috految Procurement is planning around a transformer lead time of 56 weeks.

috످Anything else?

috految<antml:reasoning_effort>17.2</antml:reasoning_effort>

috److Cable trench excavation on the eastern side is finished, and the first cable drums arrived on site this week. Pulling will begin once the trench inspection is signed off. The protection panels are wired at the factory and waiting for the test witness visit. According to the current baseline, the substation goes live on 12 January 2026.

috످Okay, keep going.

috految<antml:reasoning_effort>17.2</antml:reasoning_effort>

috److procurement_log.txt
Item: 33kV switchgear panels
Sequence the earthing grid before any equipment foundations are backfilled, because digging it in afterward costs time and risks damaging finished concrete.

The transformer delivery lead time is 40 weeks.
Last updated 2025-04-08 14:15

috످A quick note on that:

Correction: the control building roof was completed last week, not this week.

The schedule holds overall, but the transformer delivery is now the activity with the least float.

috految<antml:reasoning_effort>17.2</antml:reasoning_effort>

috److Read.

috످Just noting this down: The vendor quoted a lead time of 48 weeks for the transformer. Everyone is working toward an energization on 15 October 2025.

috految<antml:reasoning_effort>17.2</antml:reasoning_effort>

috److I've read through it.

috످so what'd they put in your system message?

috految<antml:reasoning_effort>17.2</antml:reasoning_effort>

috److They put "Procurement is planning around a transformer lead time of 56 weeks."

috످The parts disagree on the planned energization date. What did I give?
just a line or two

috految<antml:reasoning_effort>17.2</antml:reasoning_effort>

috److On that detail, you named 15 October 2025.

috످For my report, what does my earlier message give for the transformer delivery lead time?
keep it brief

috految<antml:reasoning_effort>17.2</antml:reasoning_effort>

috److془User said 48 weeks. Procurement log 40 in my reply. System 56.془You gave 48 weeks, as quoted by the vendor.

috످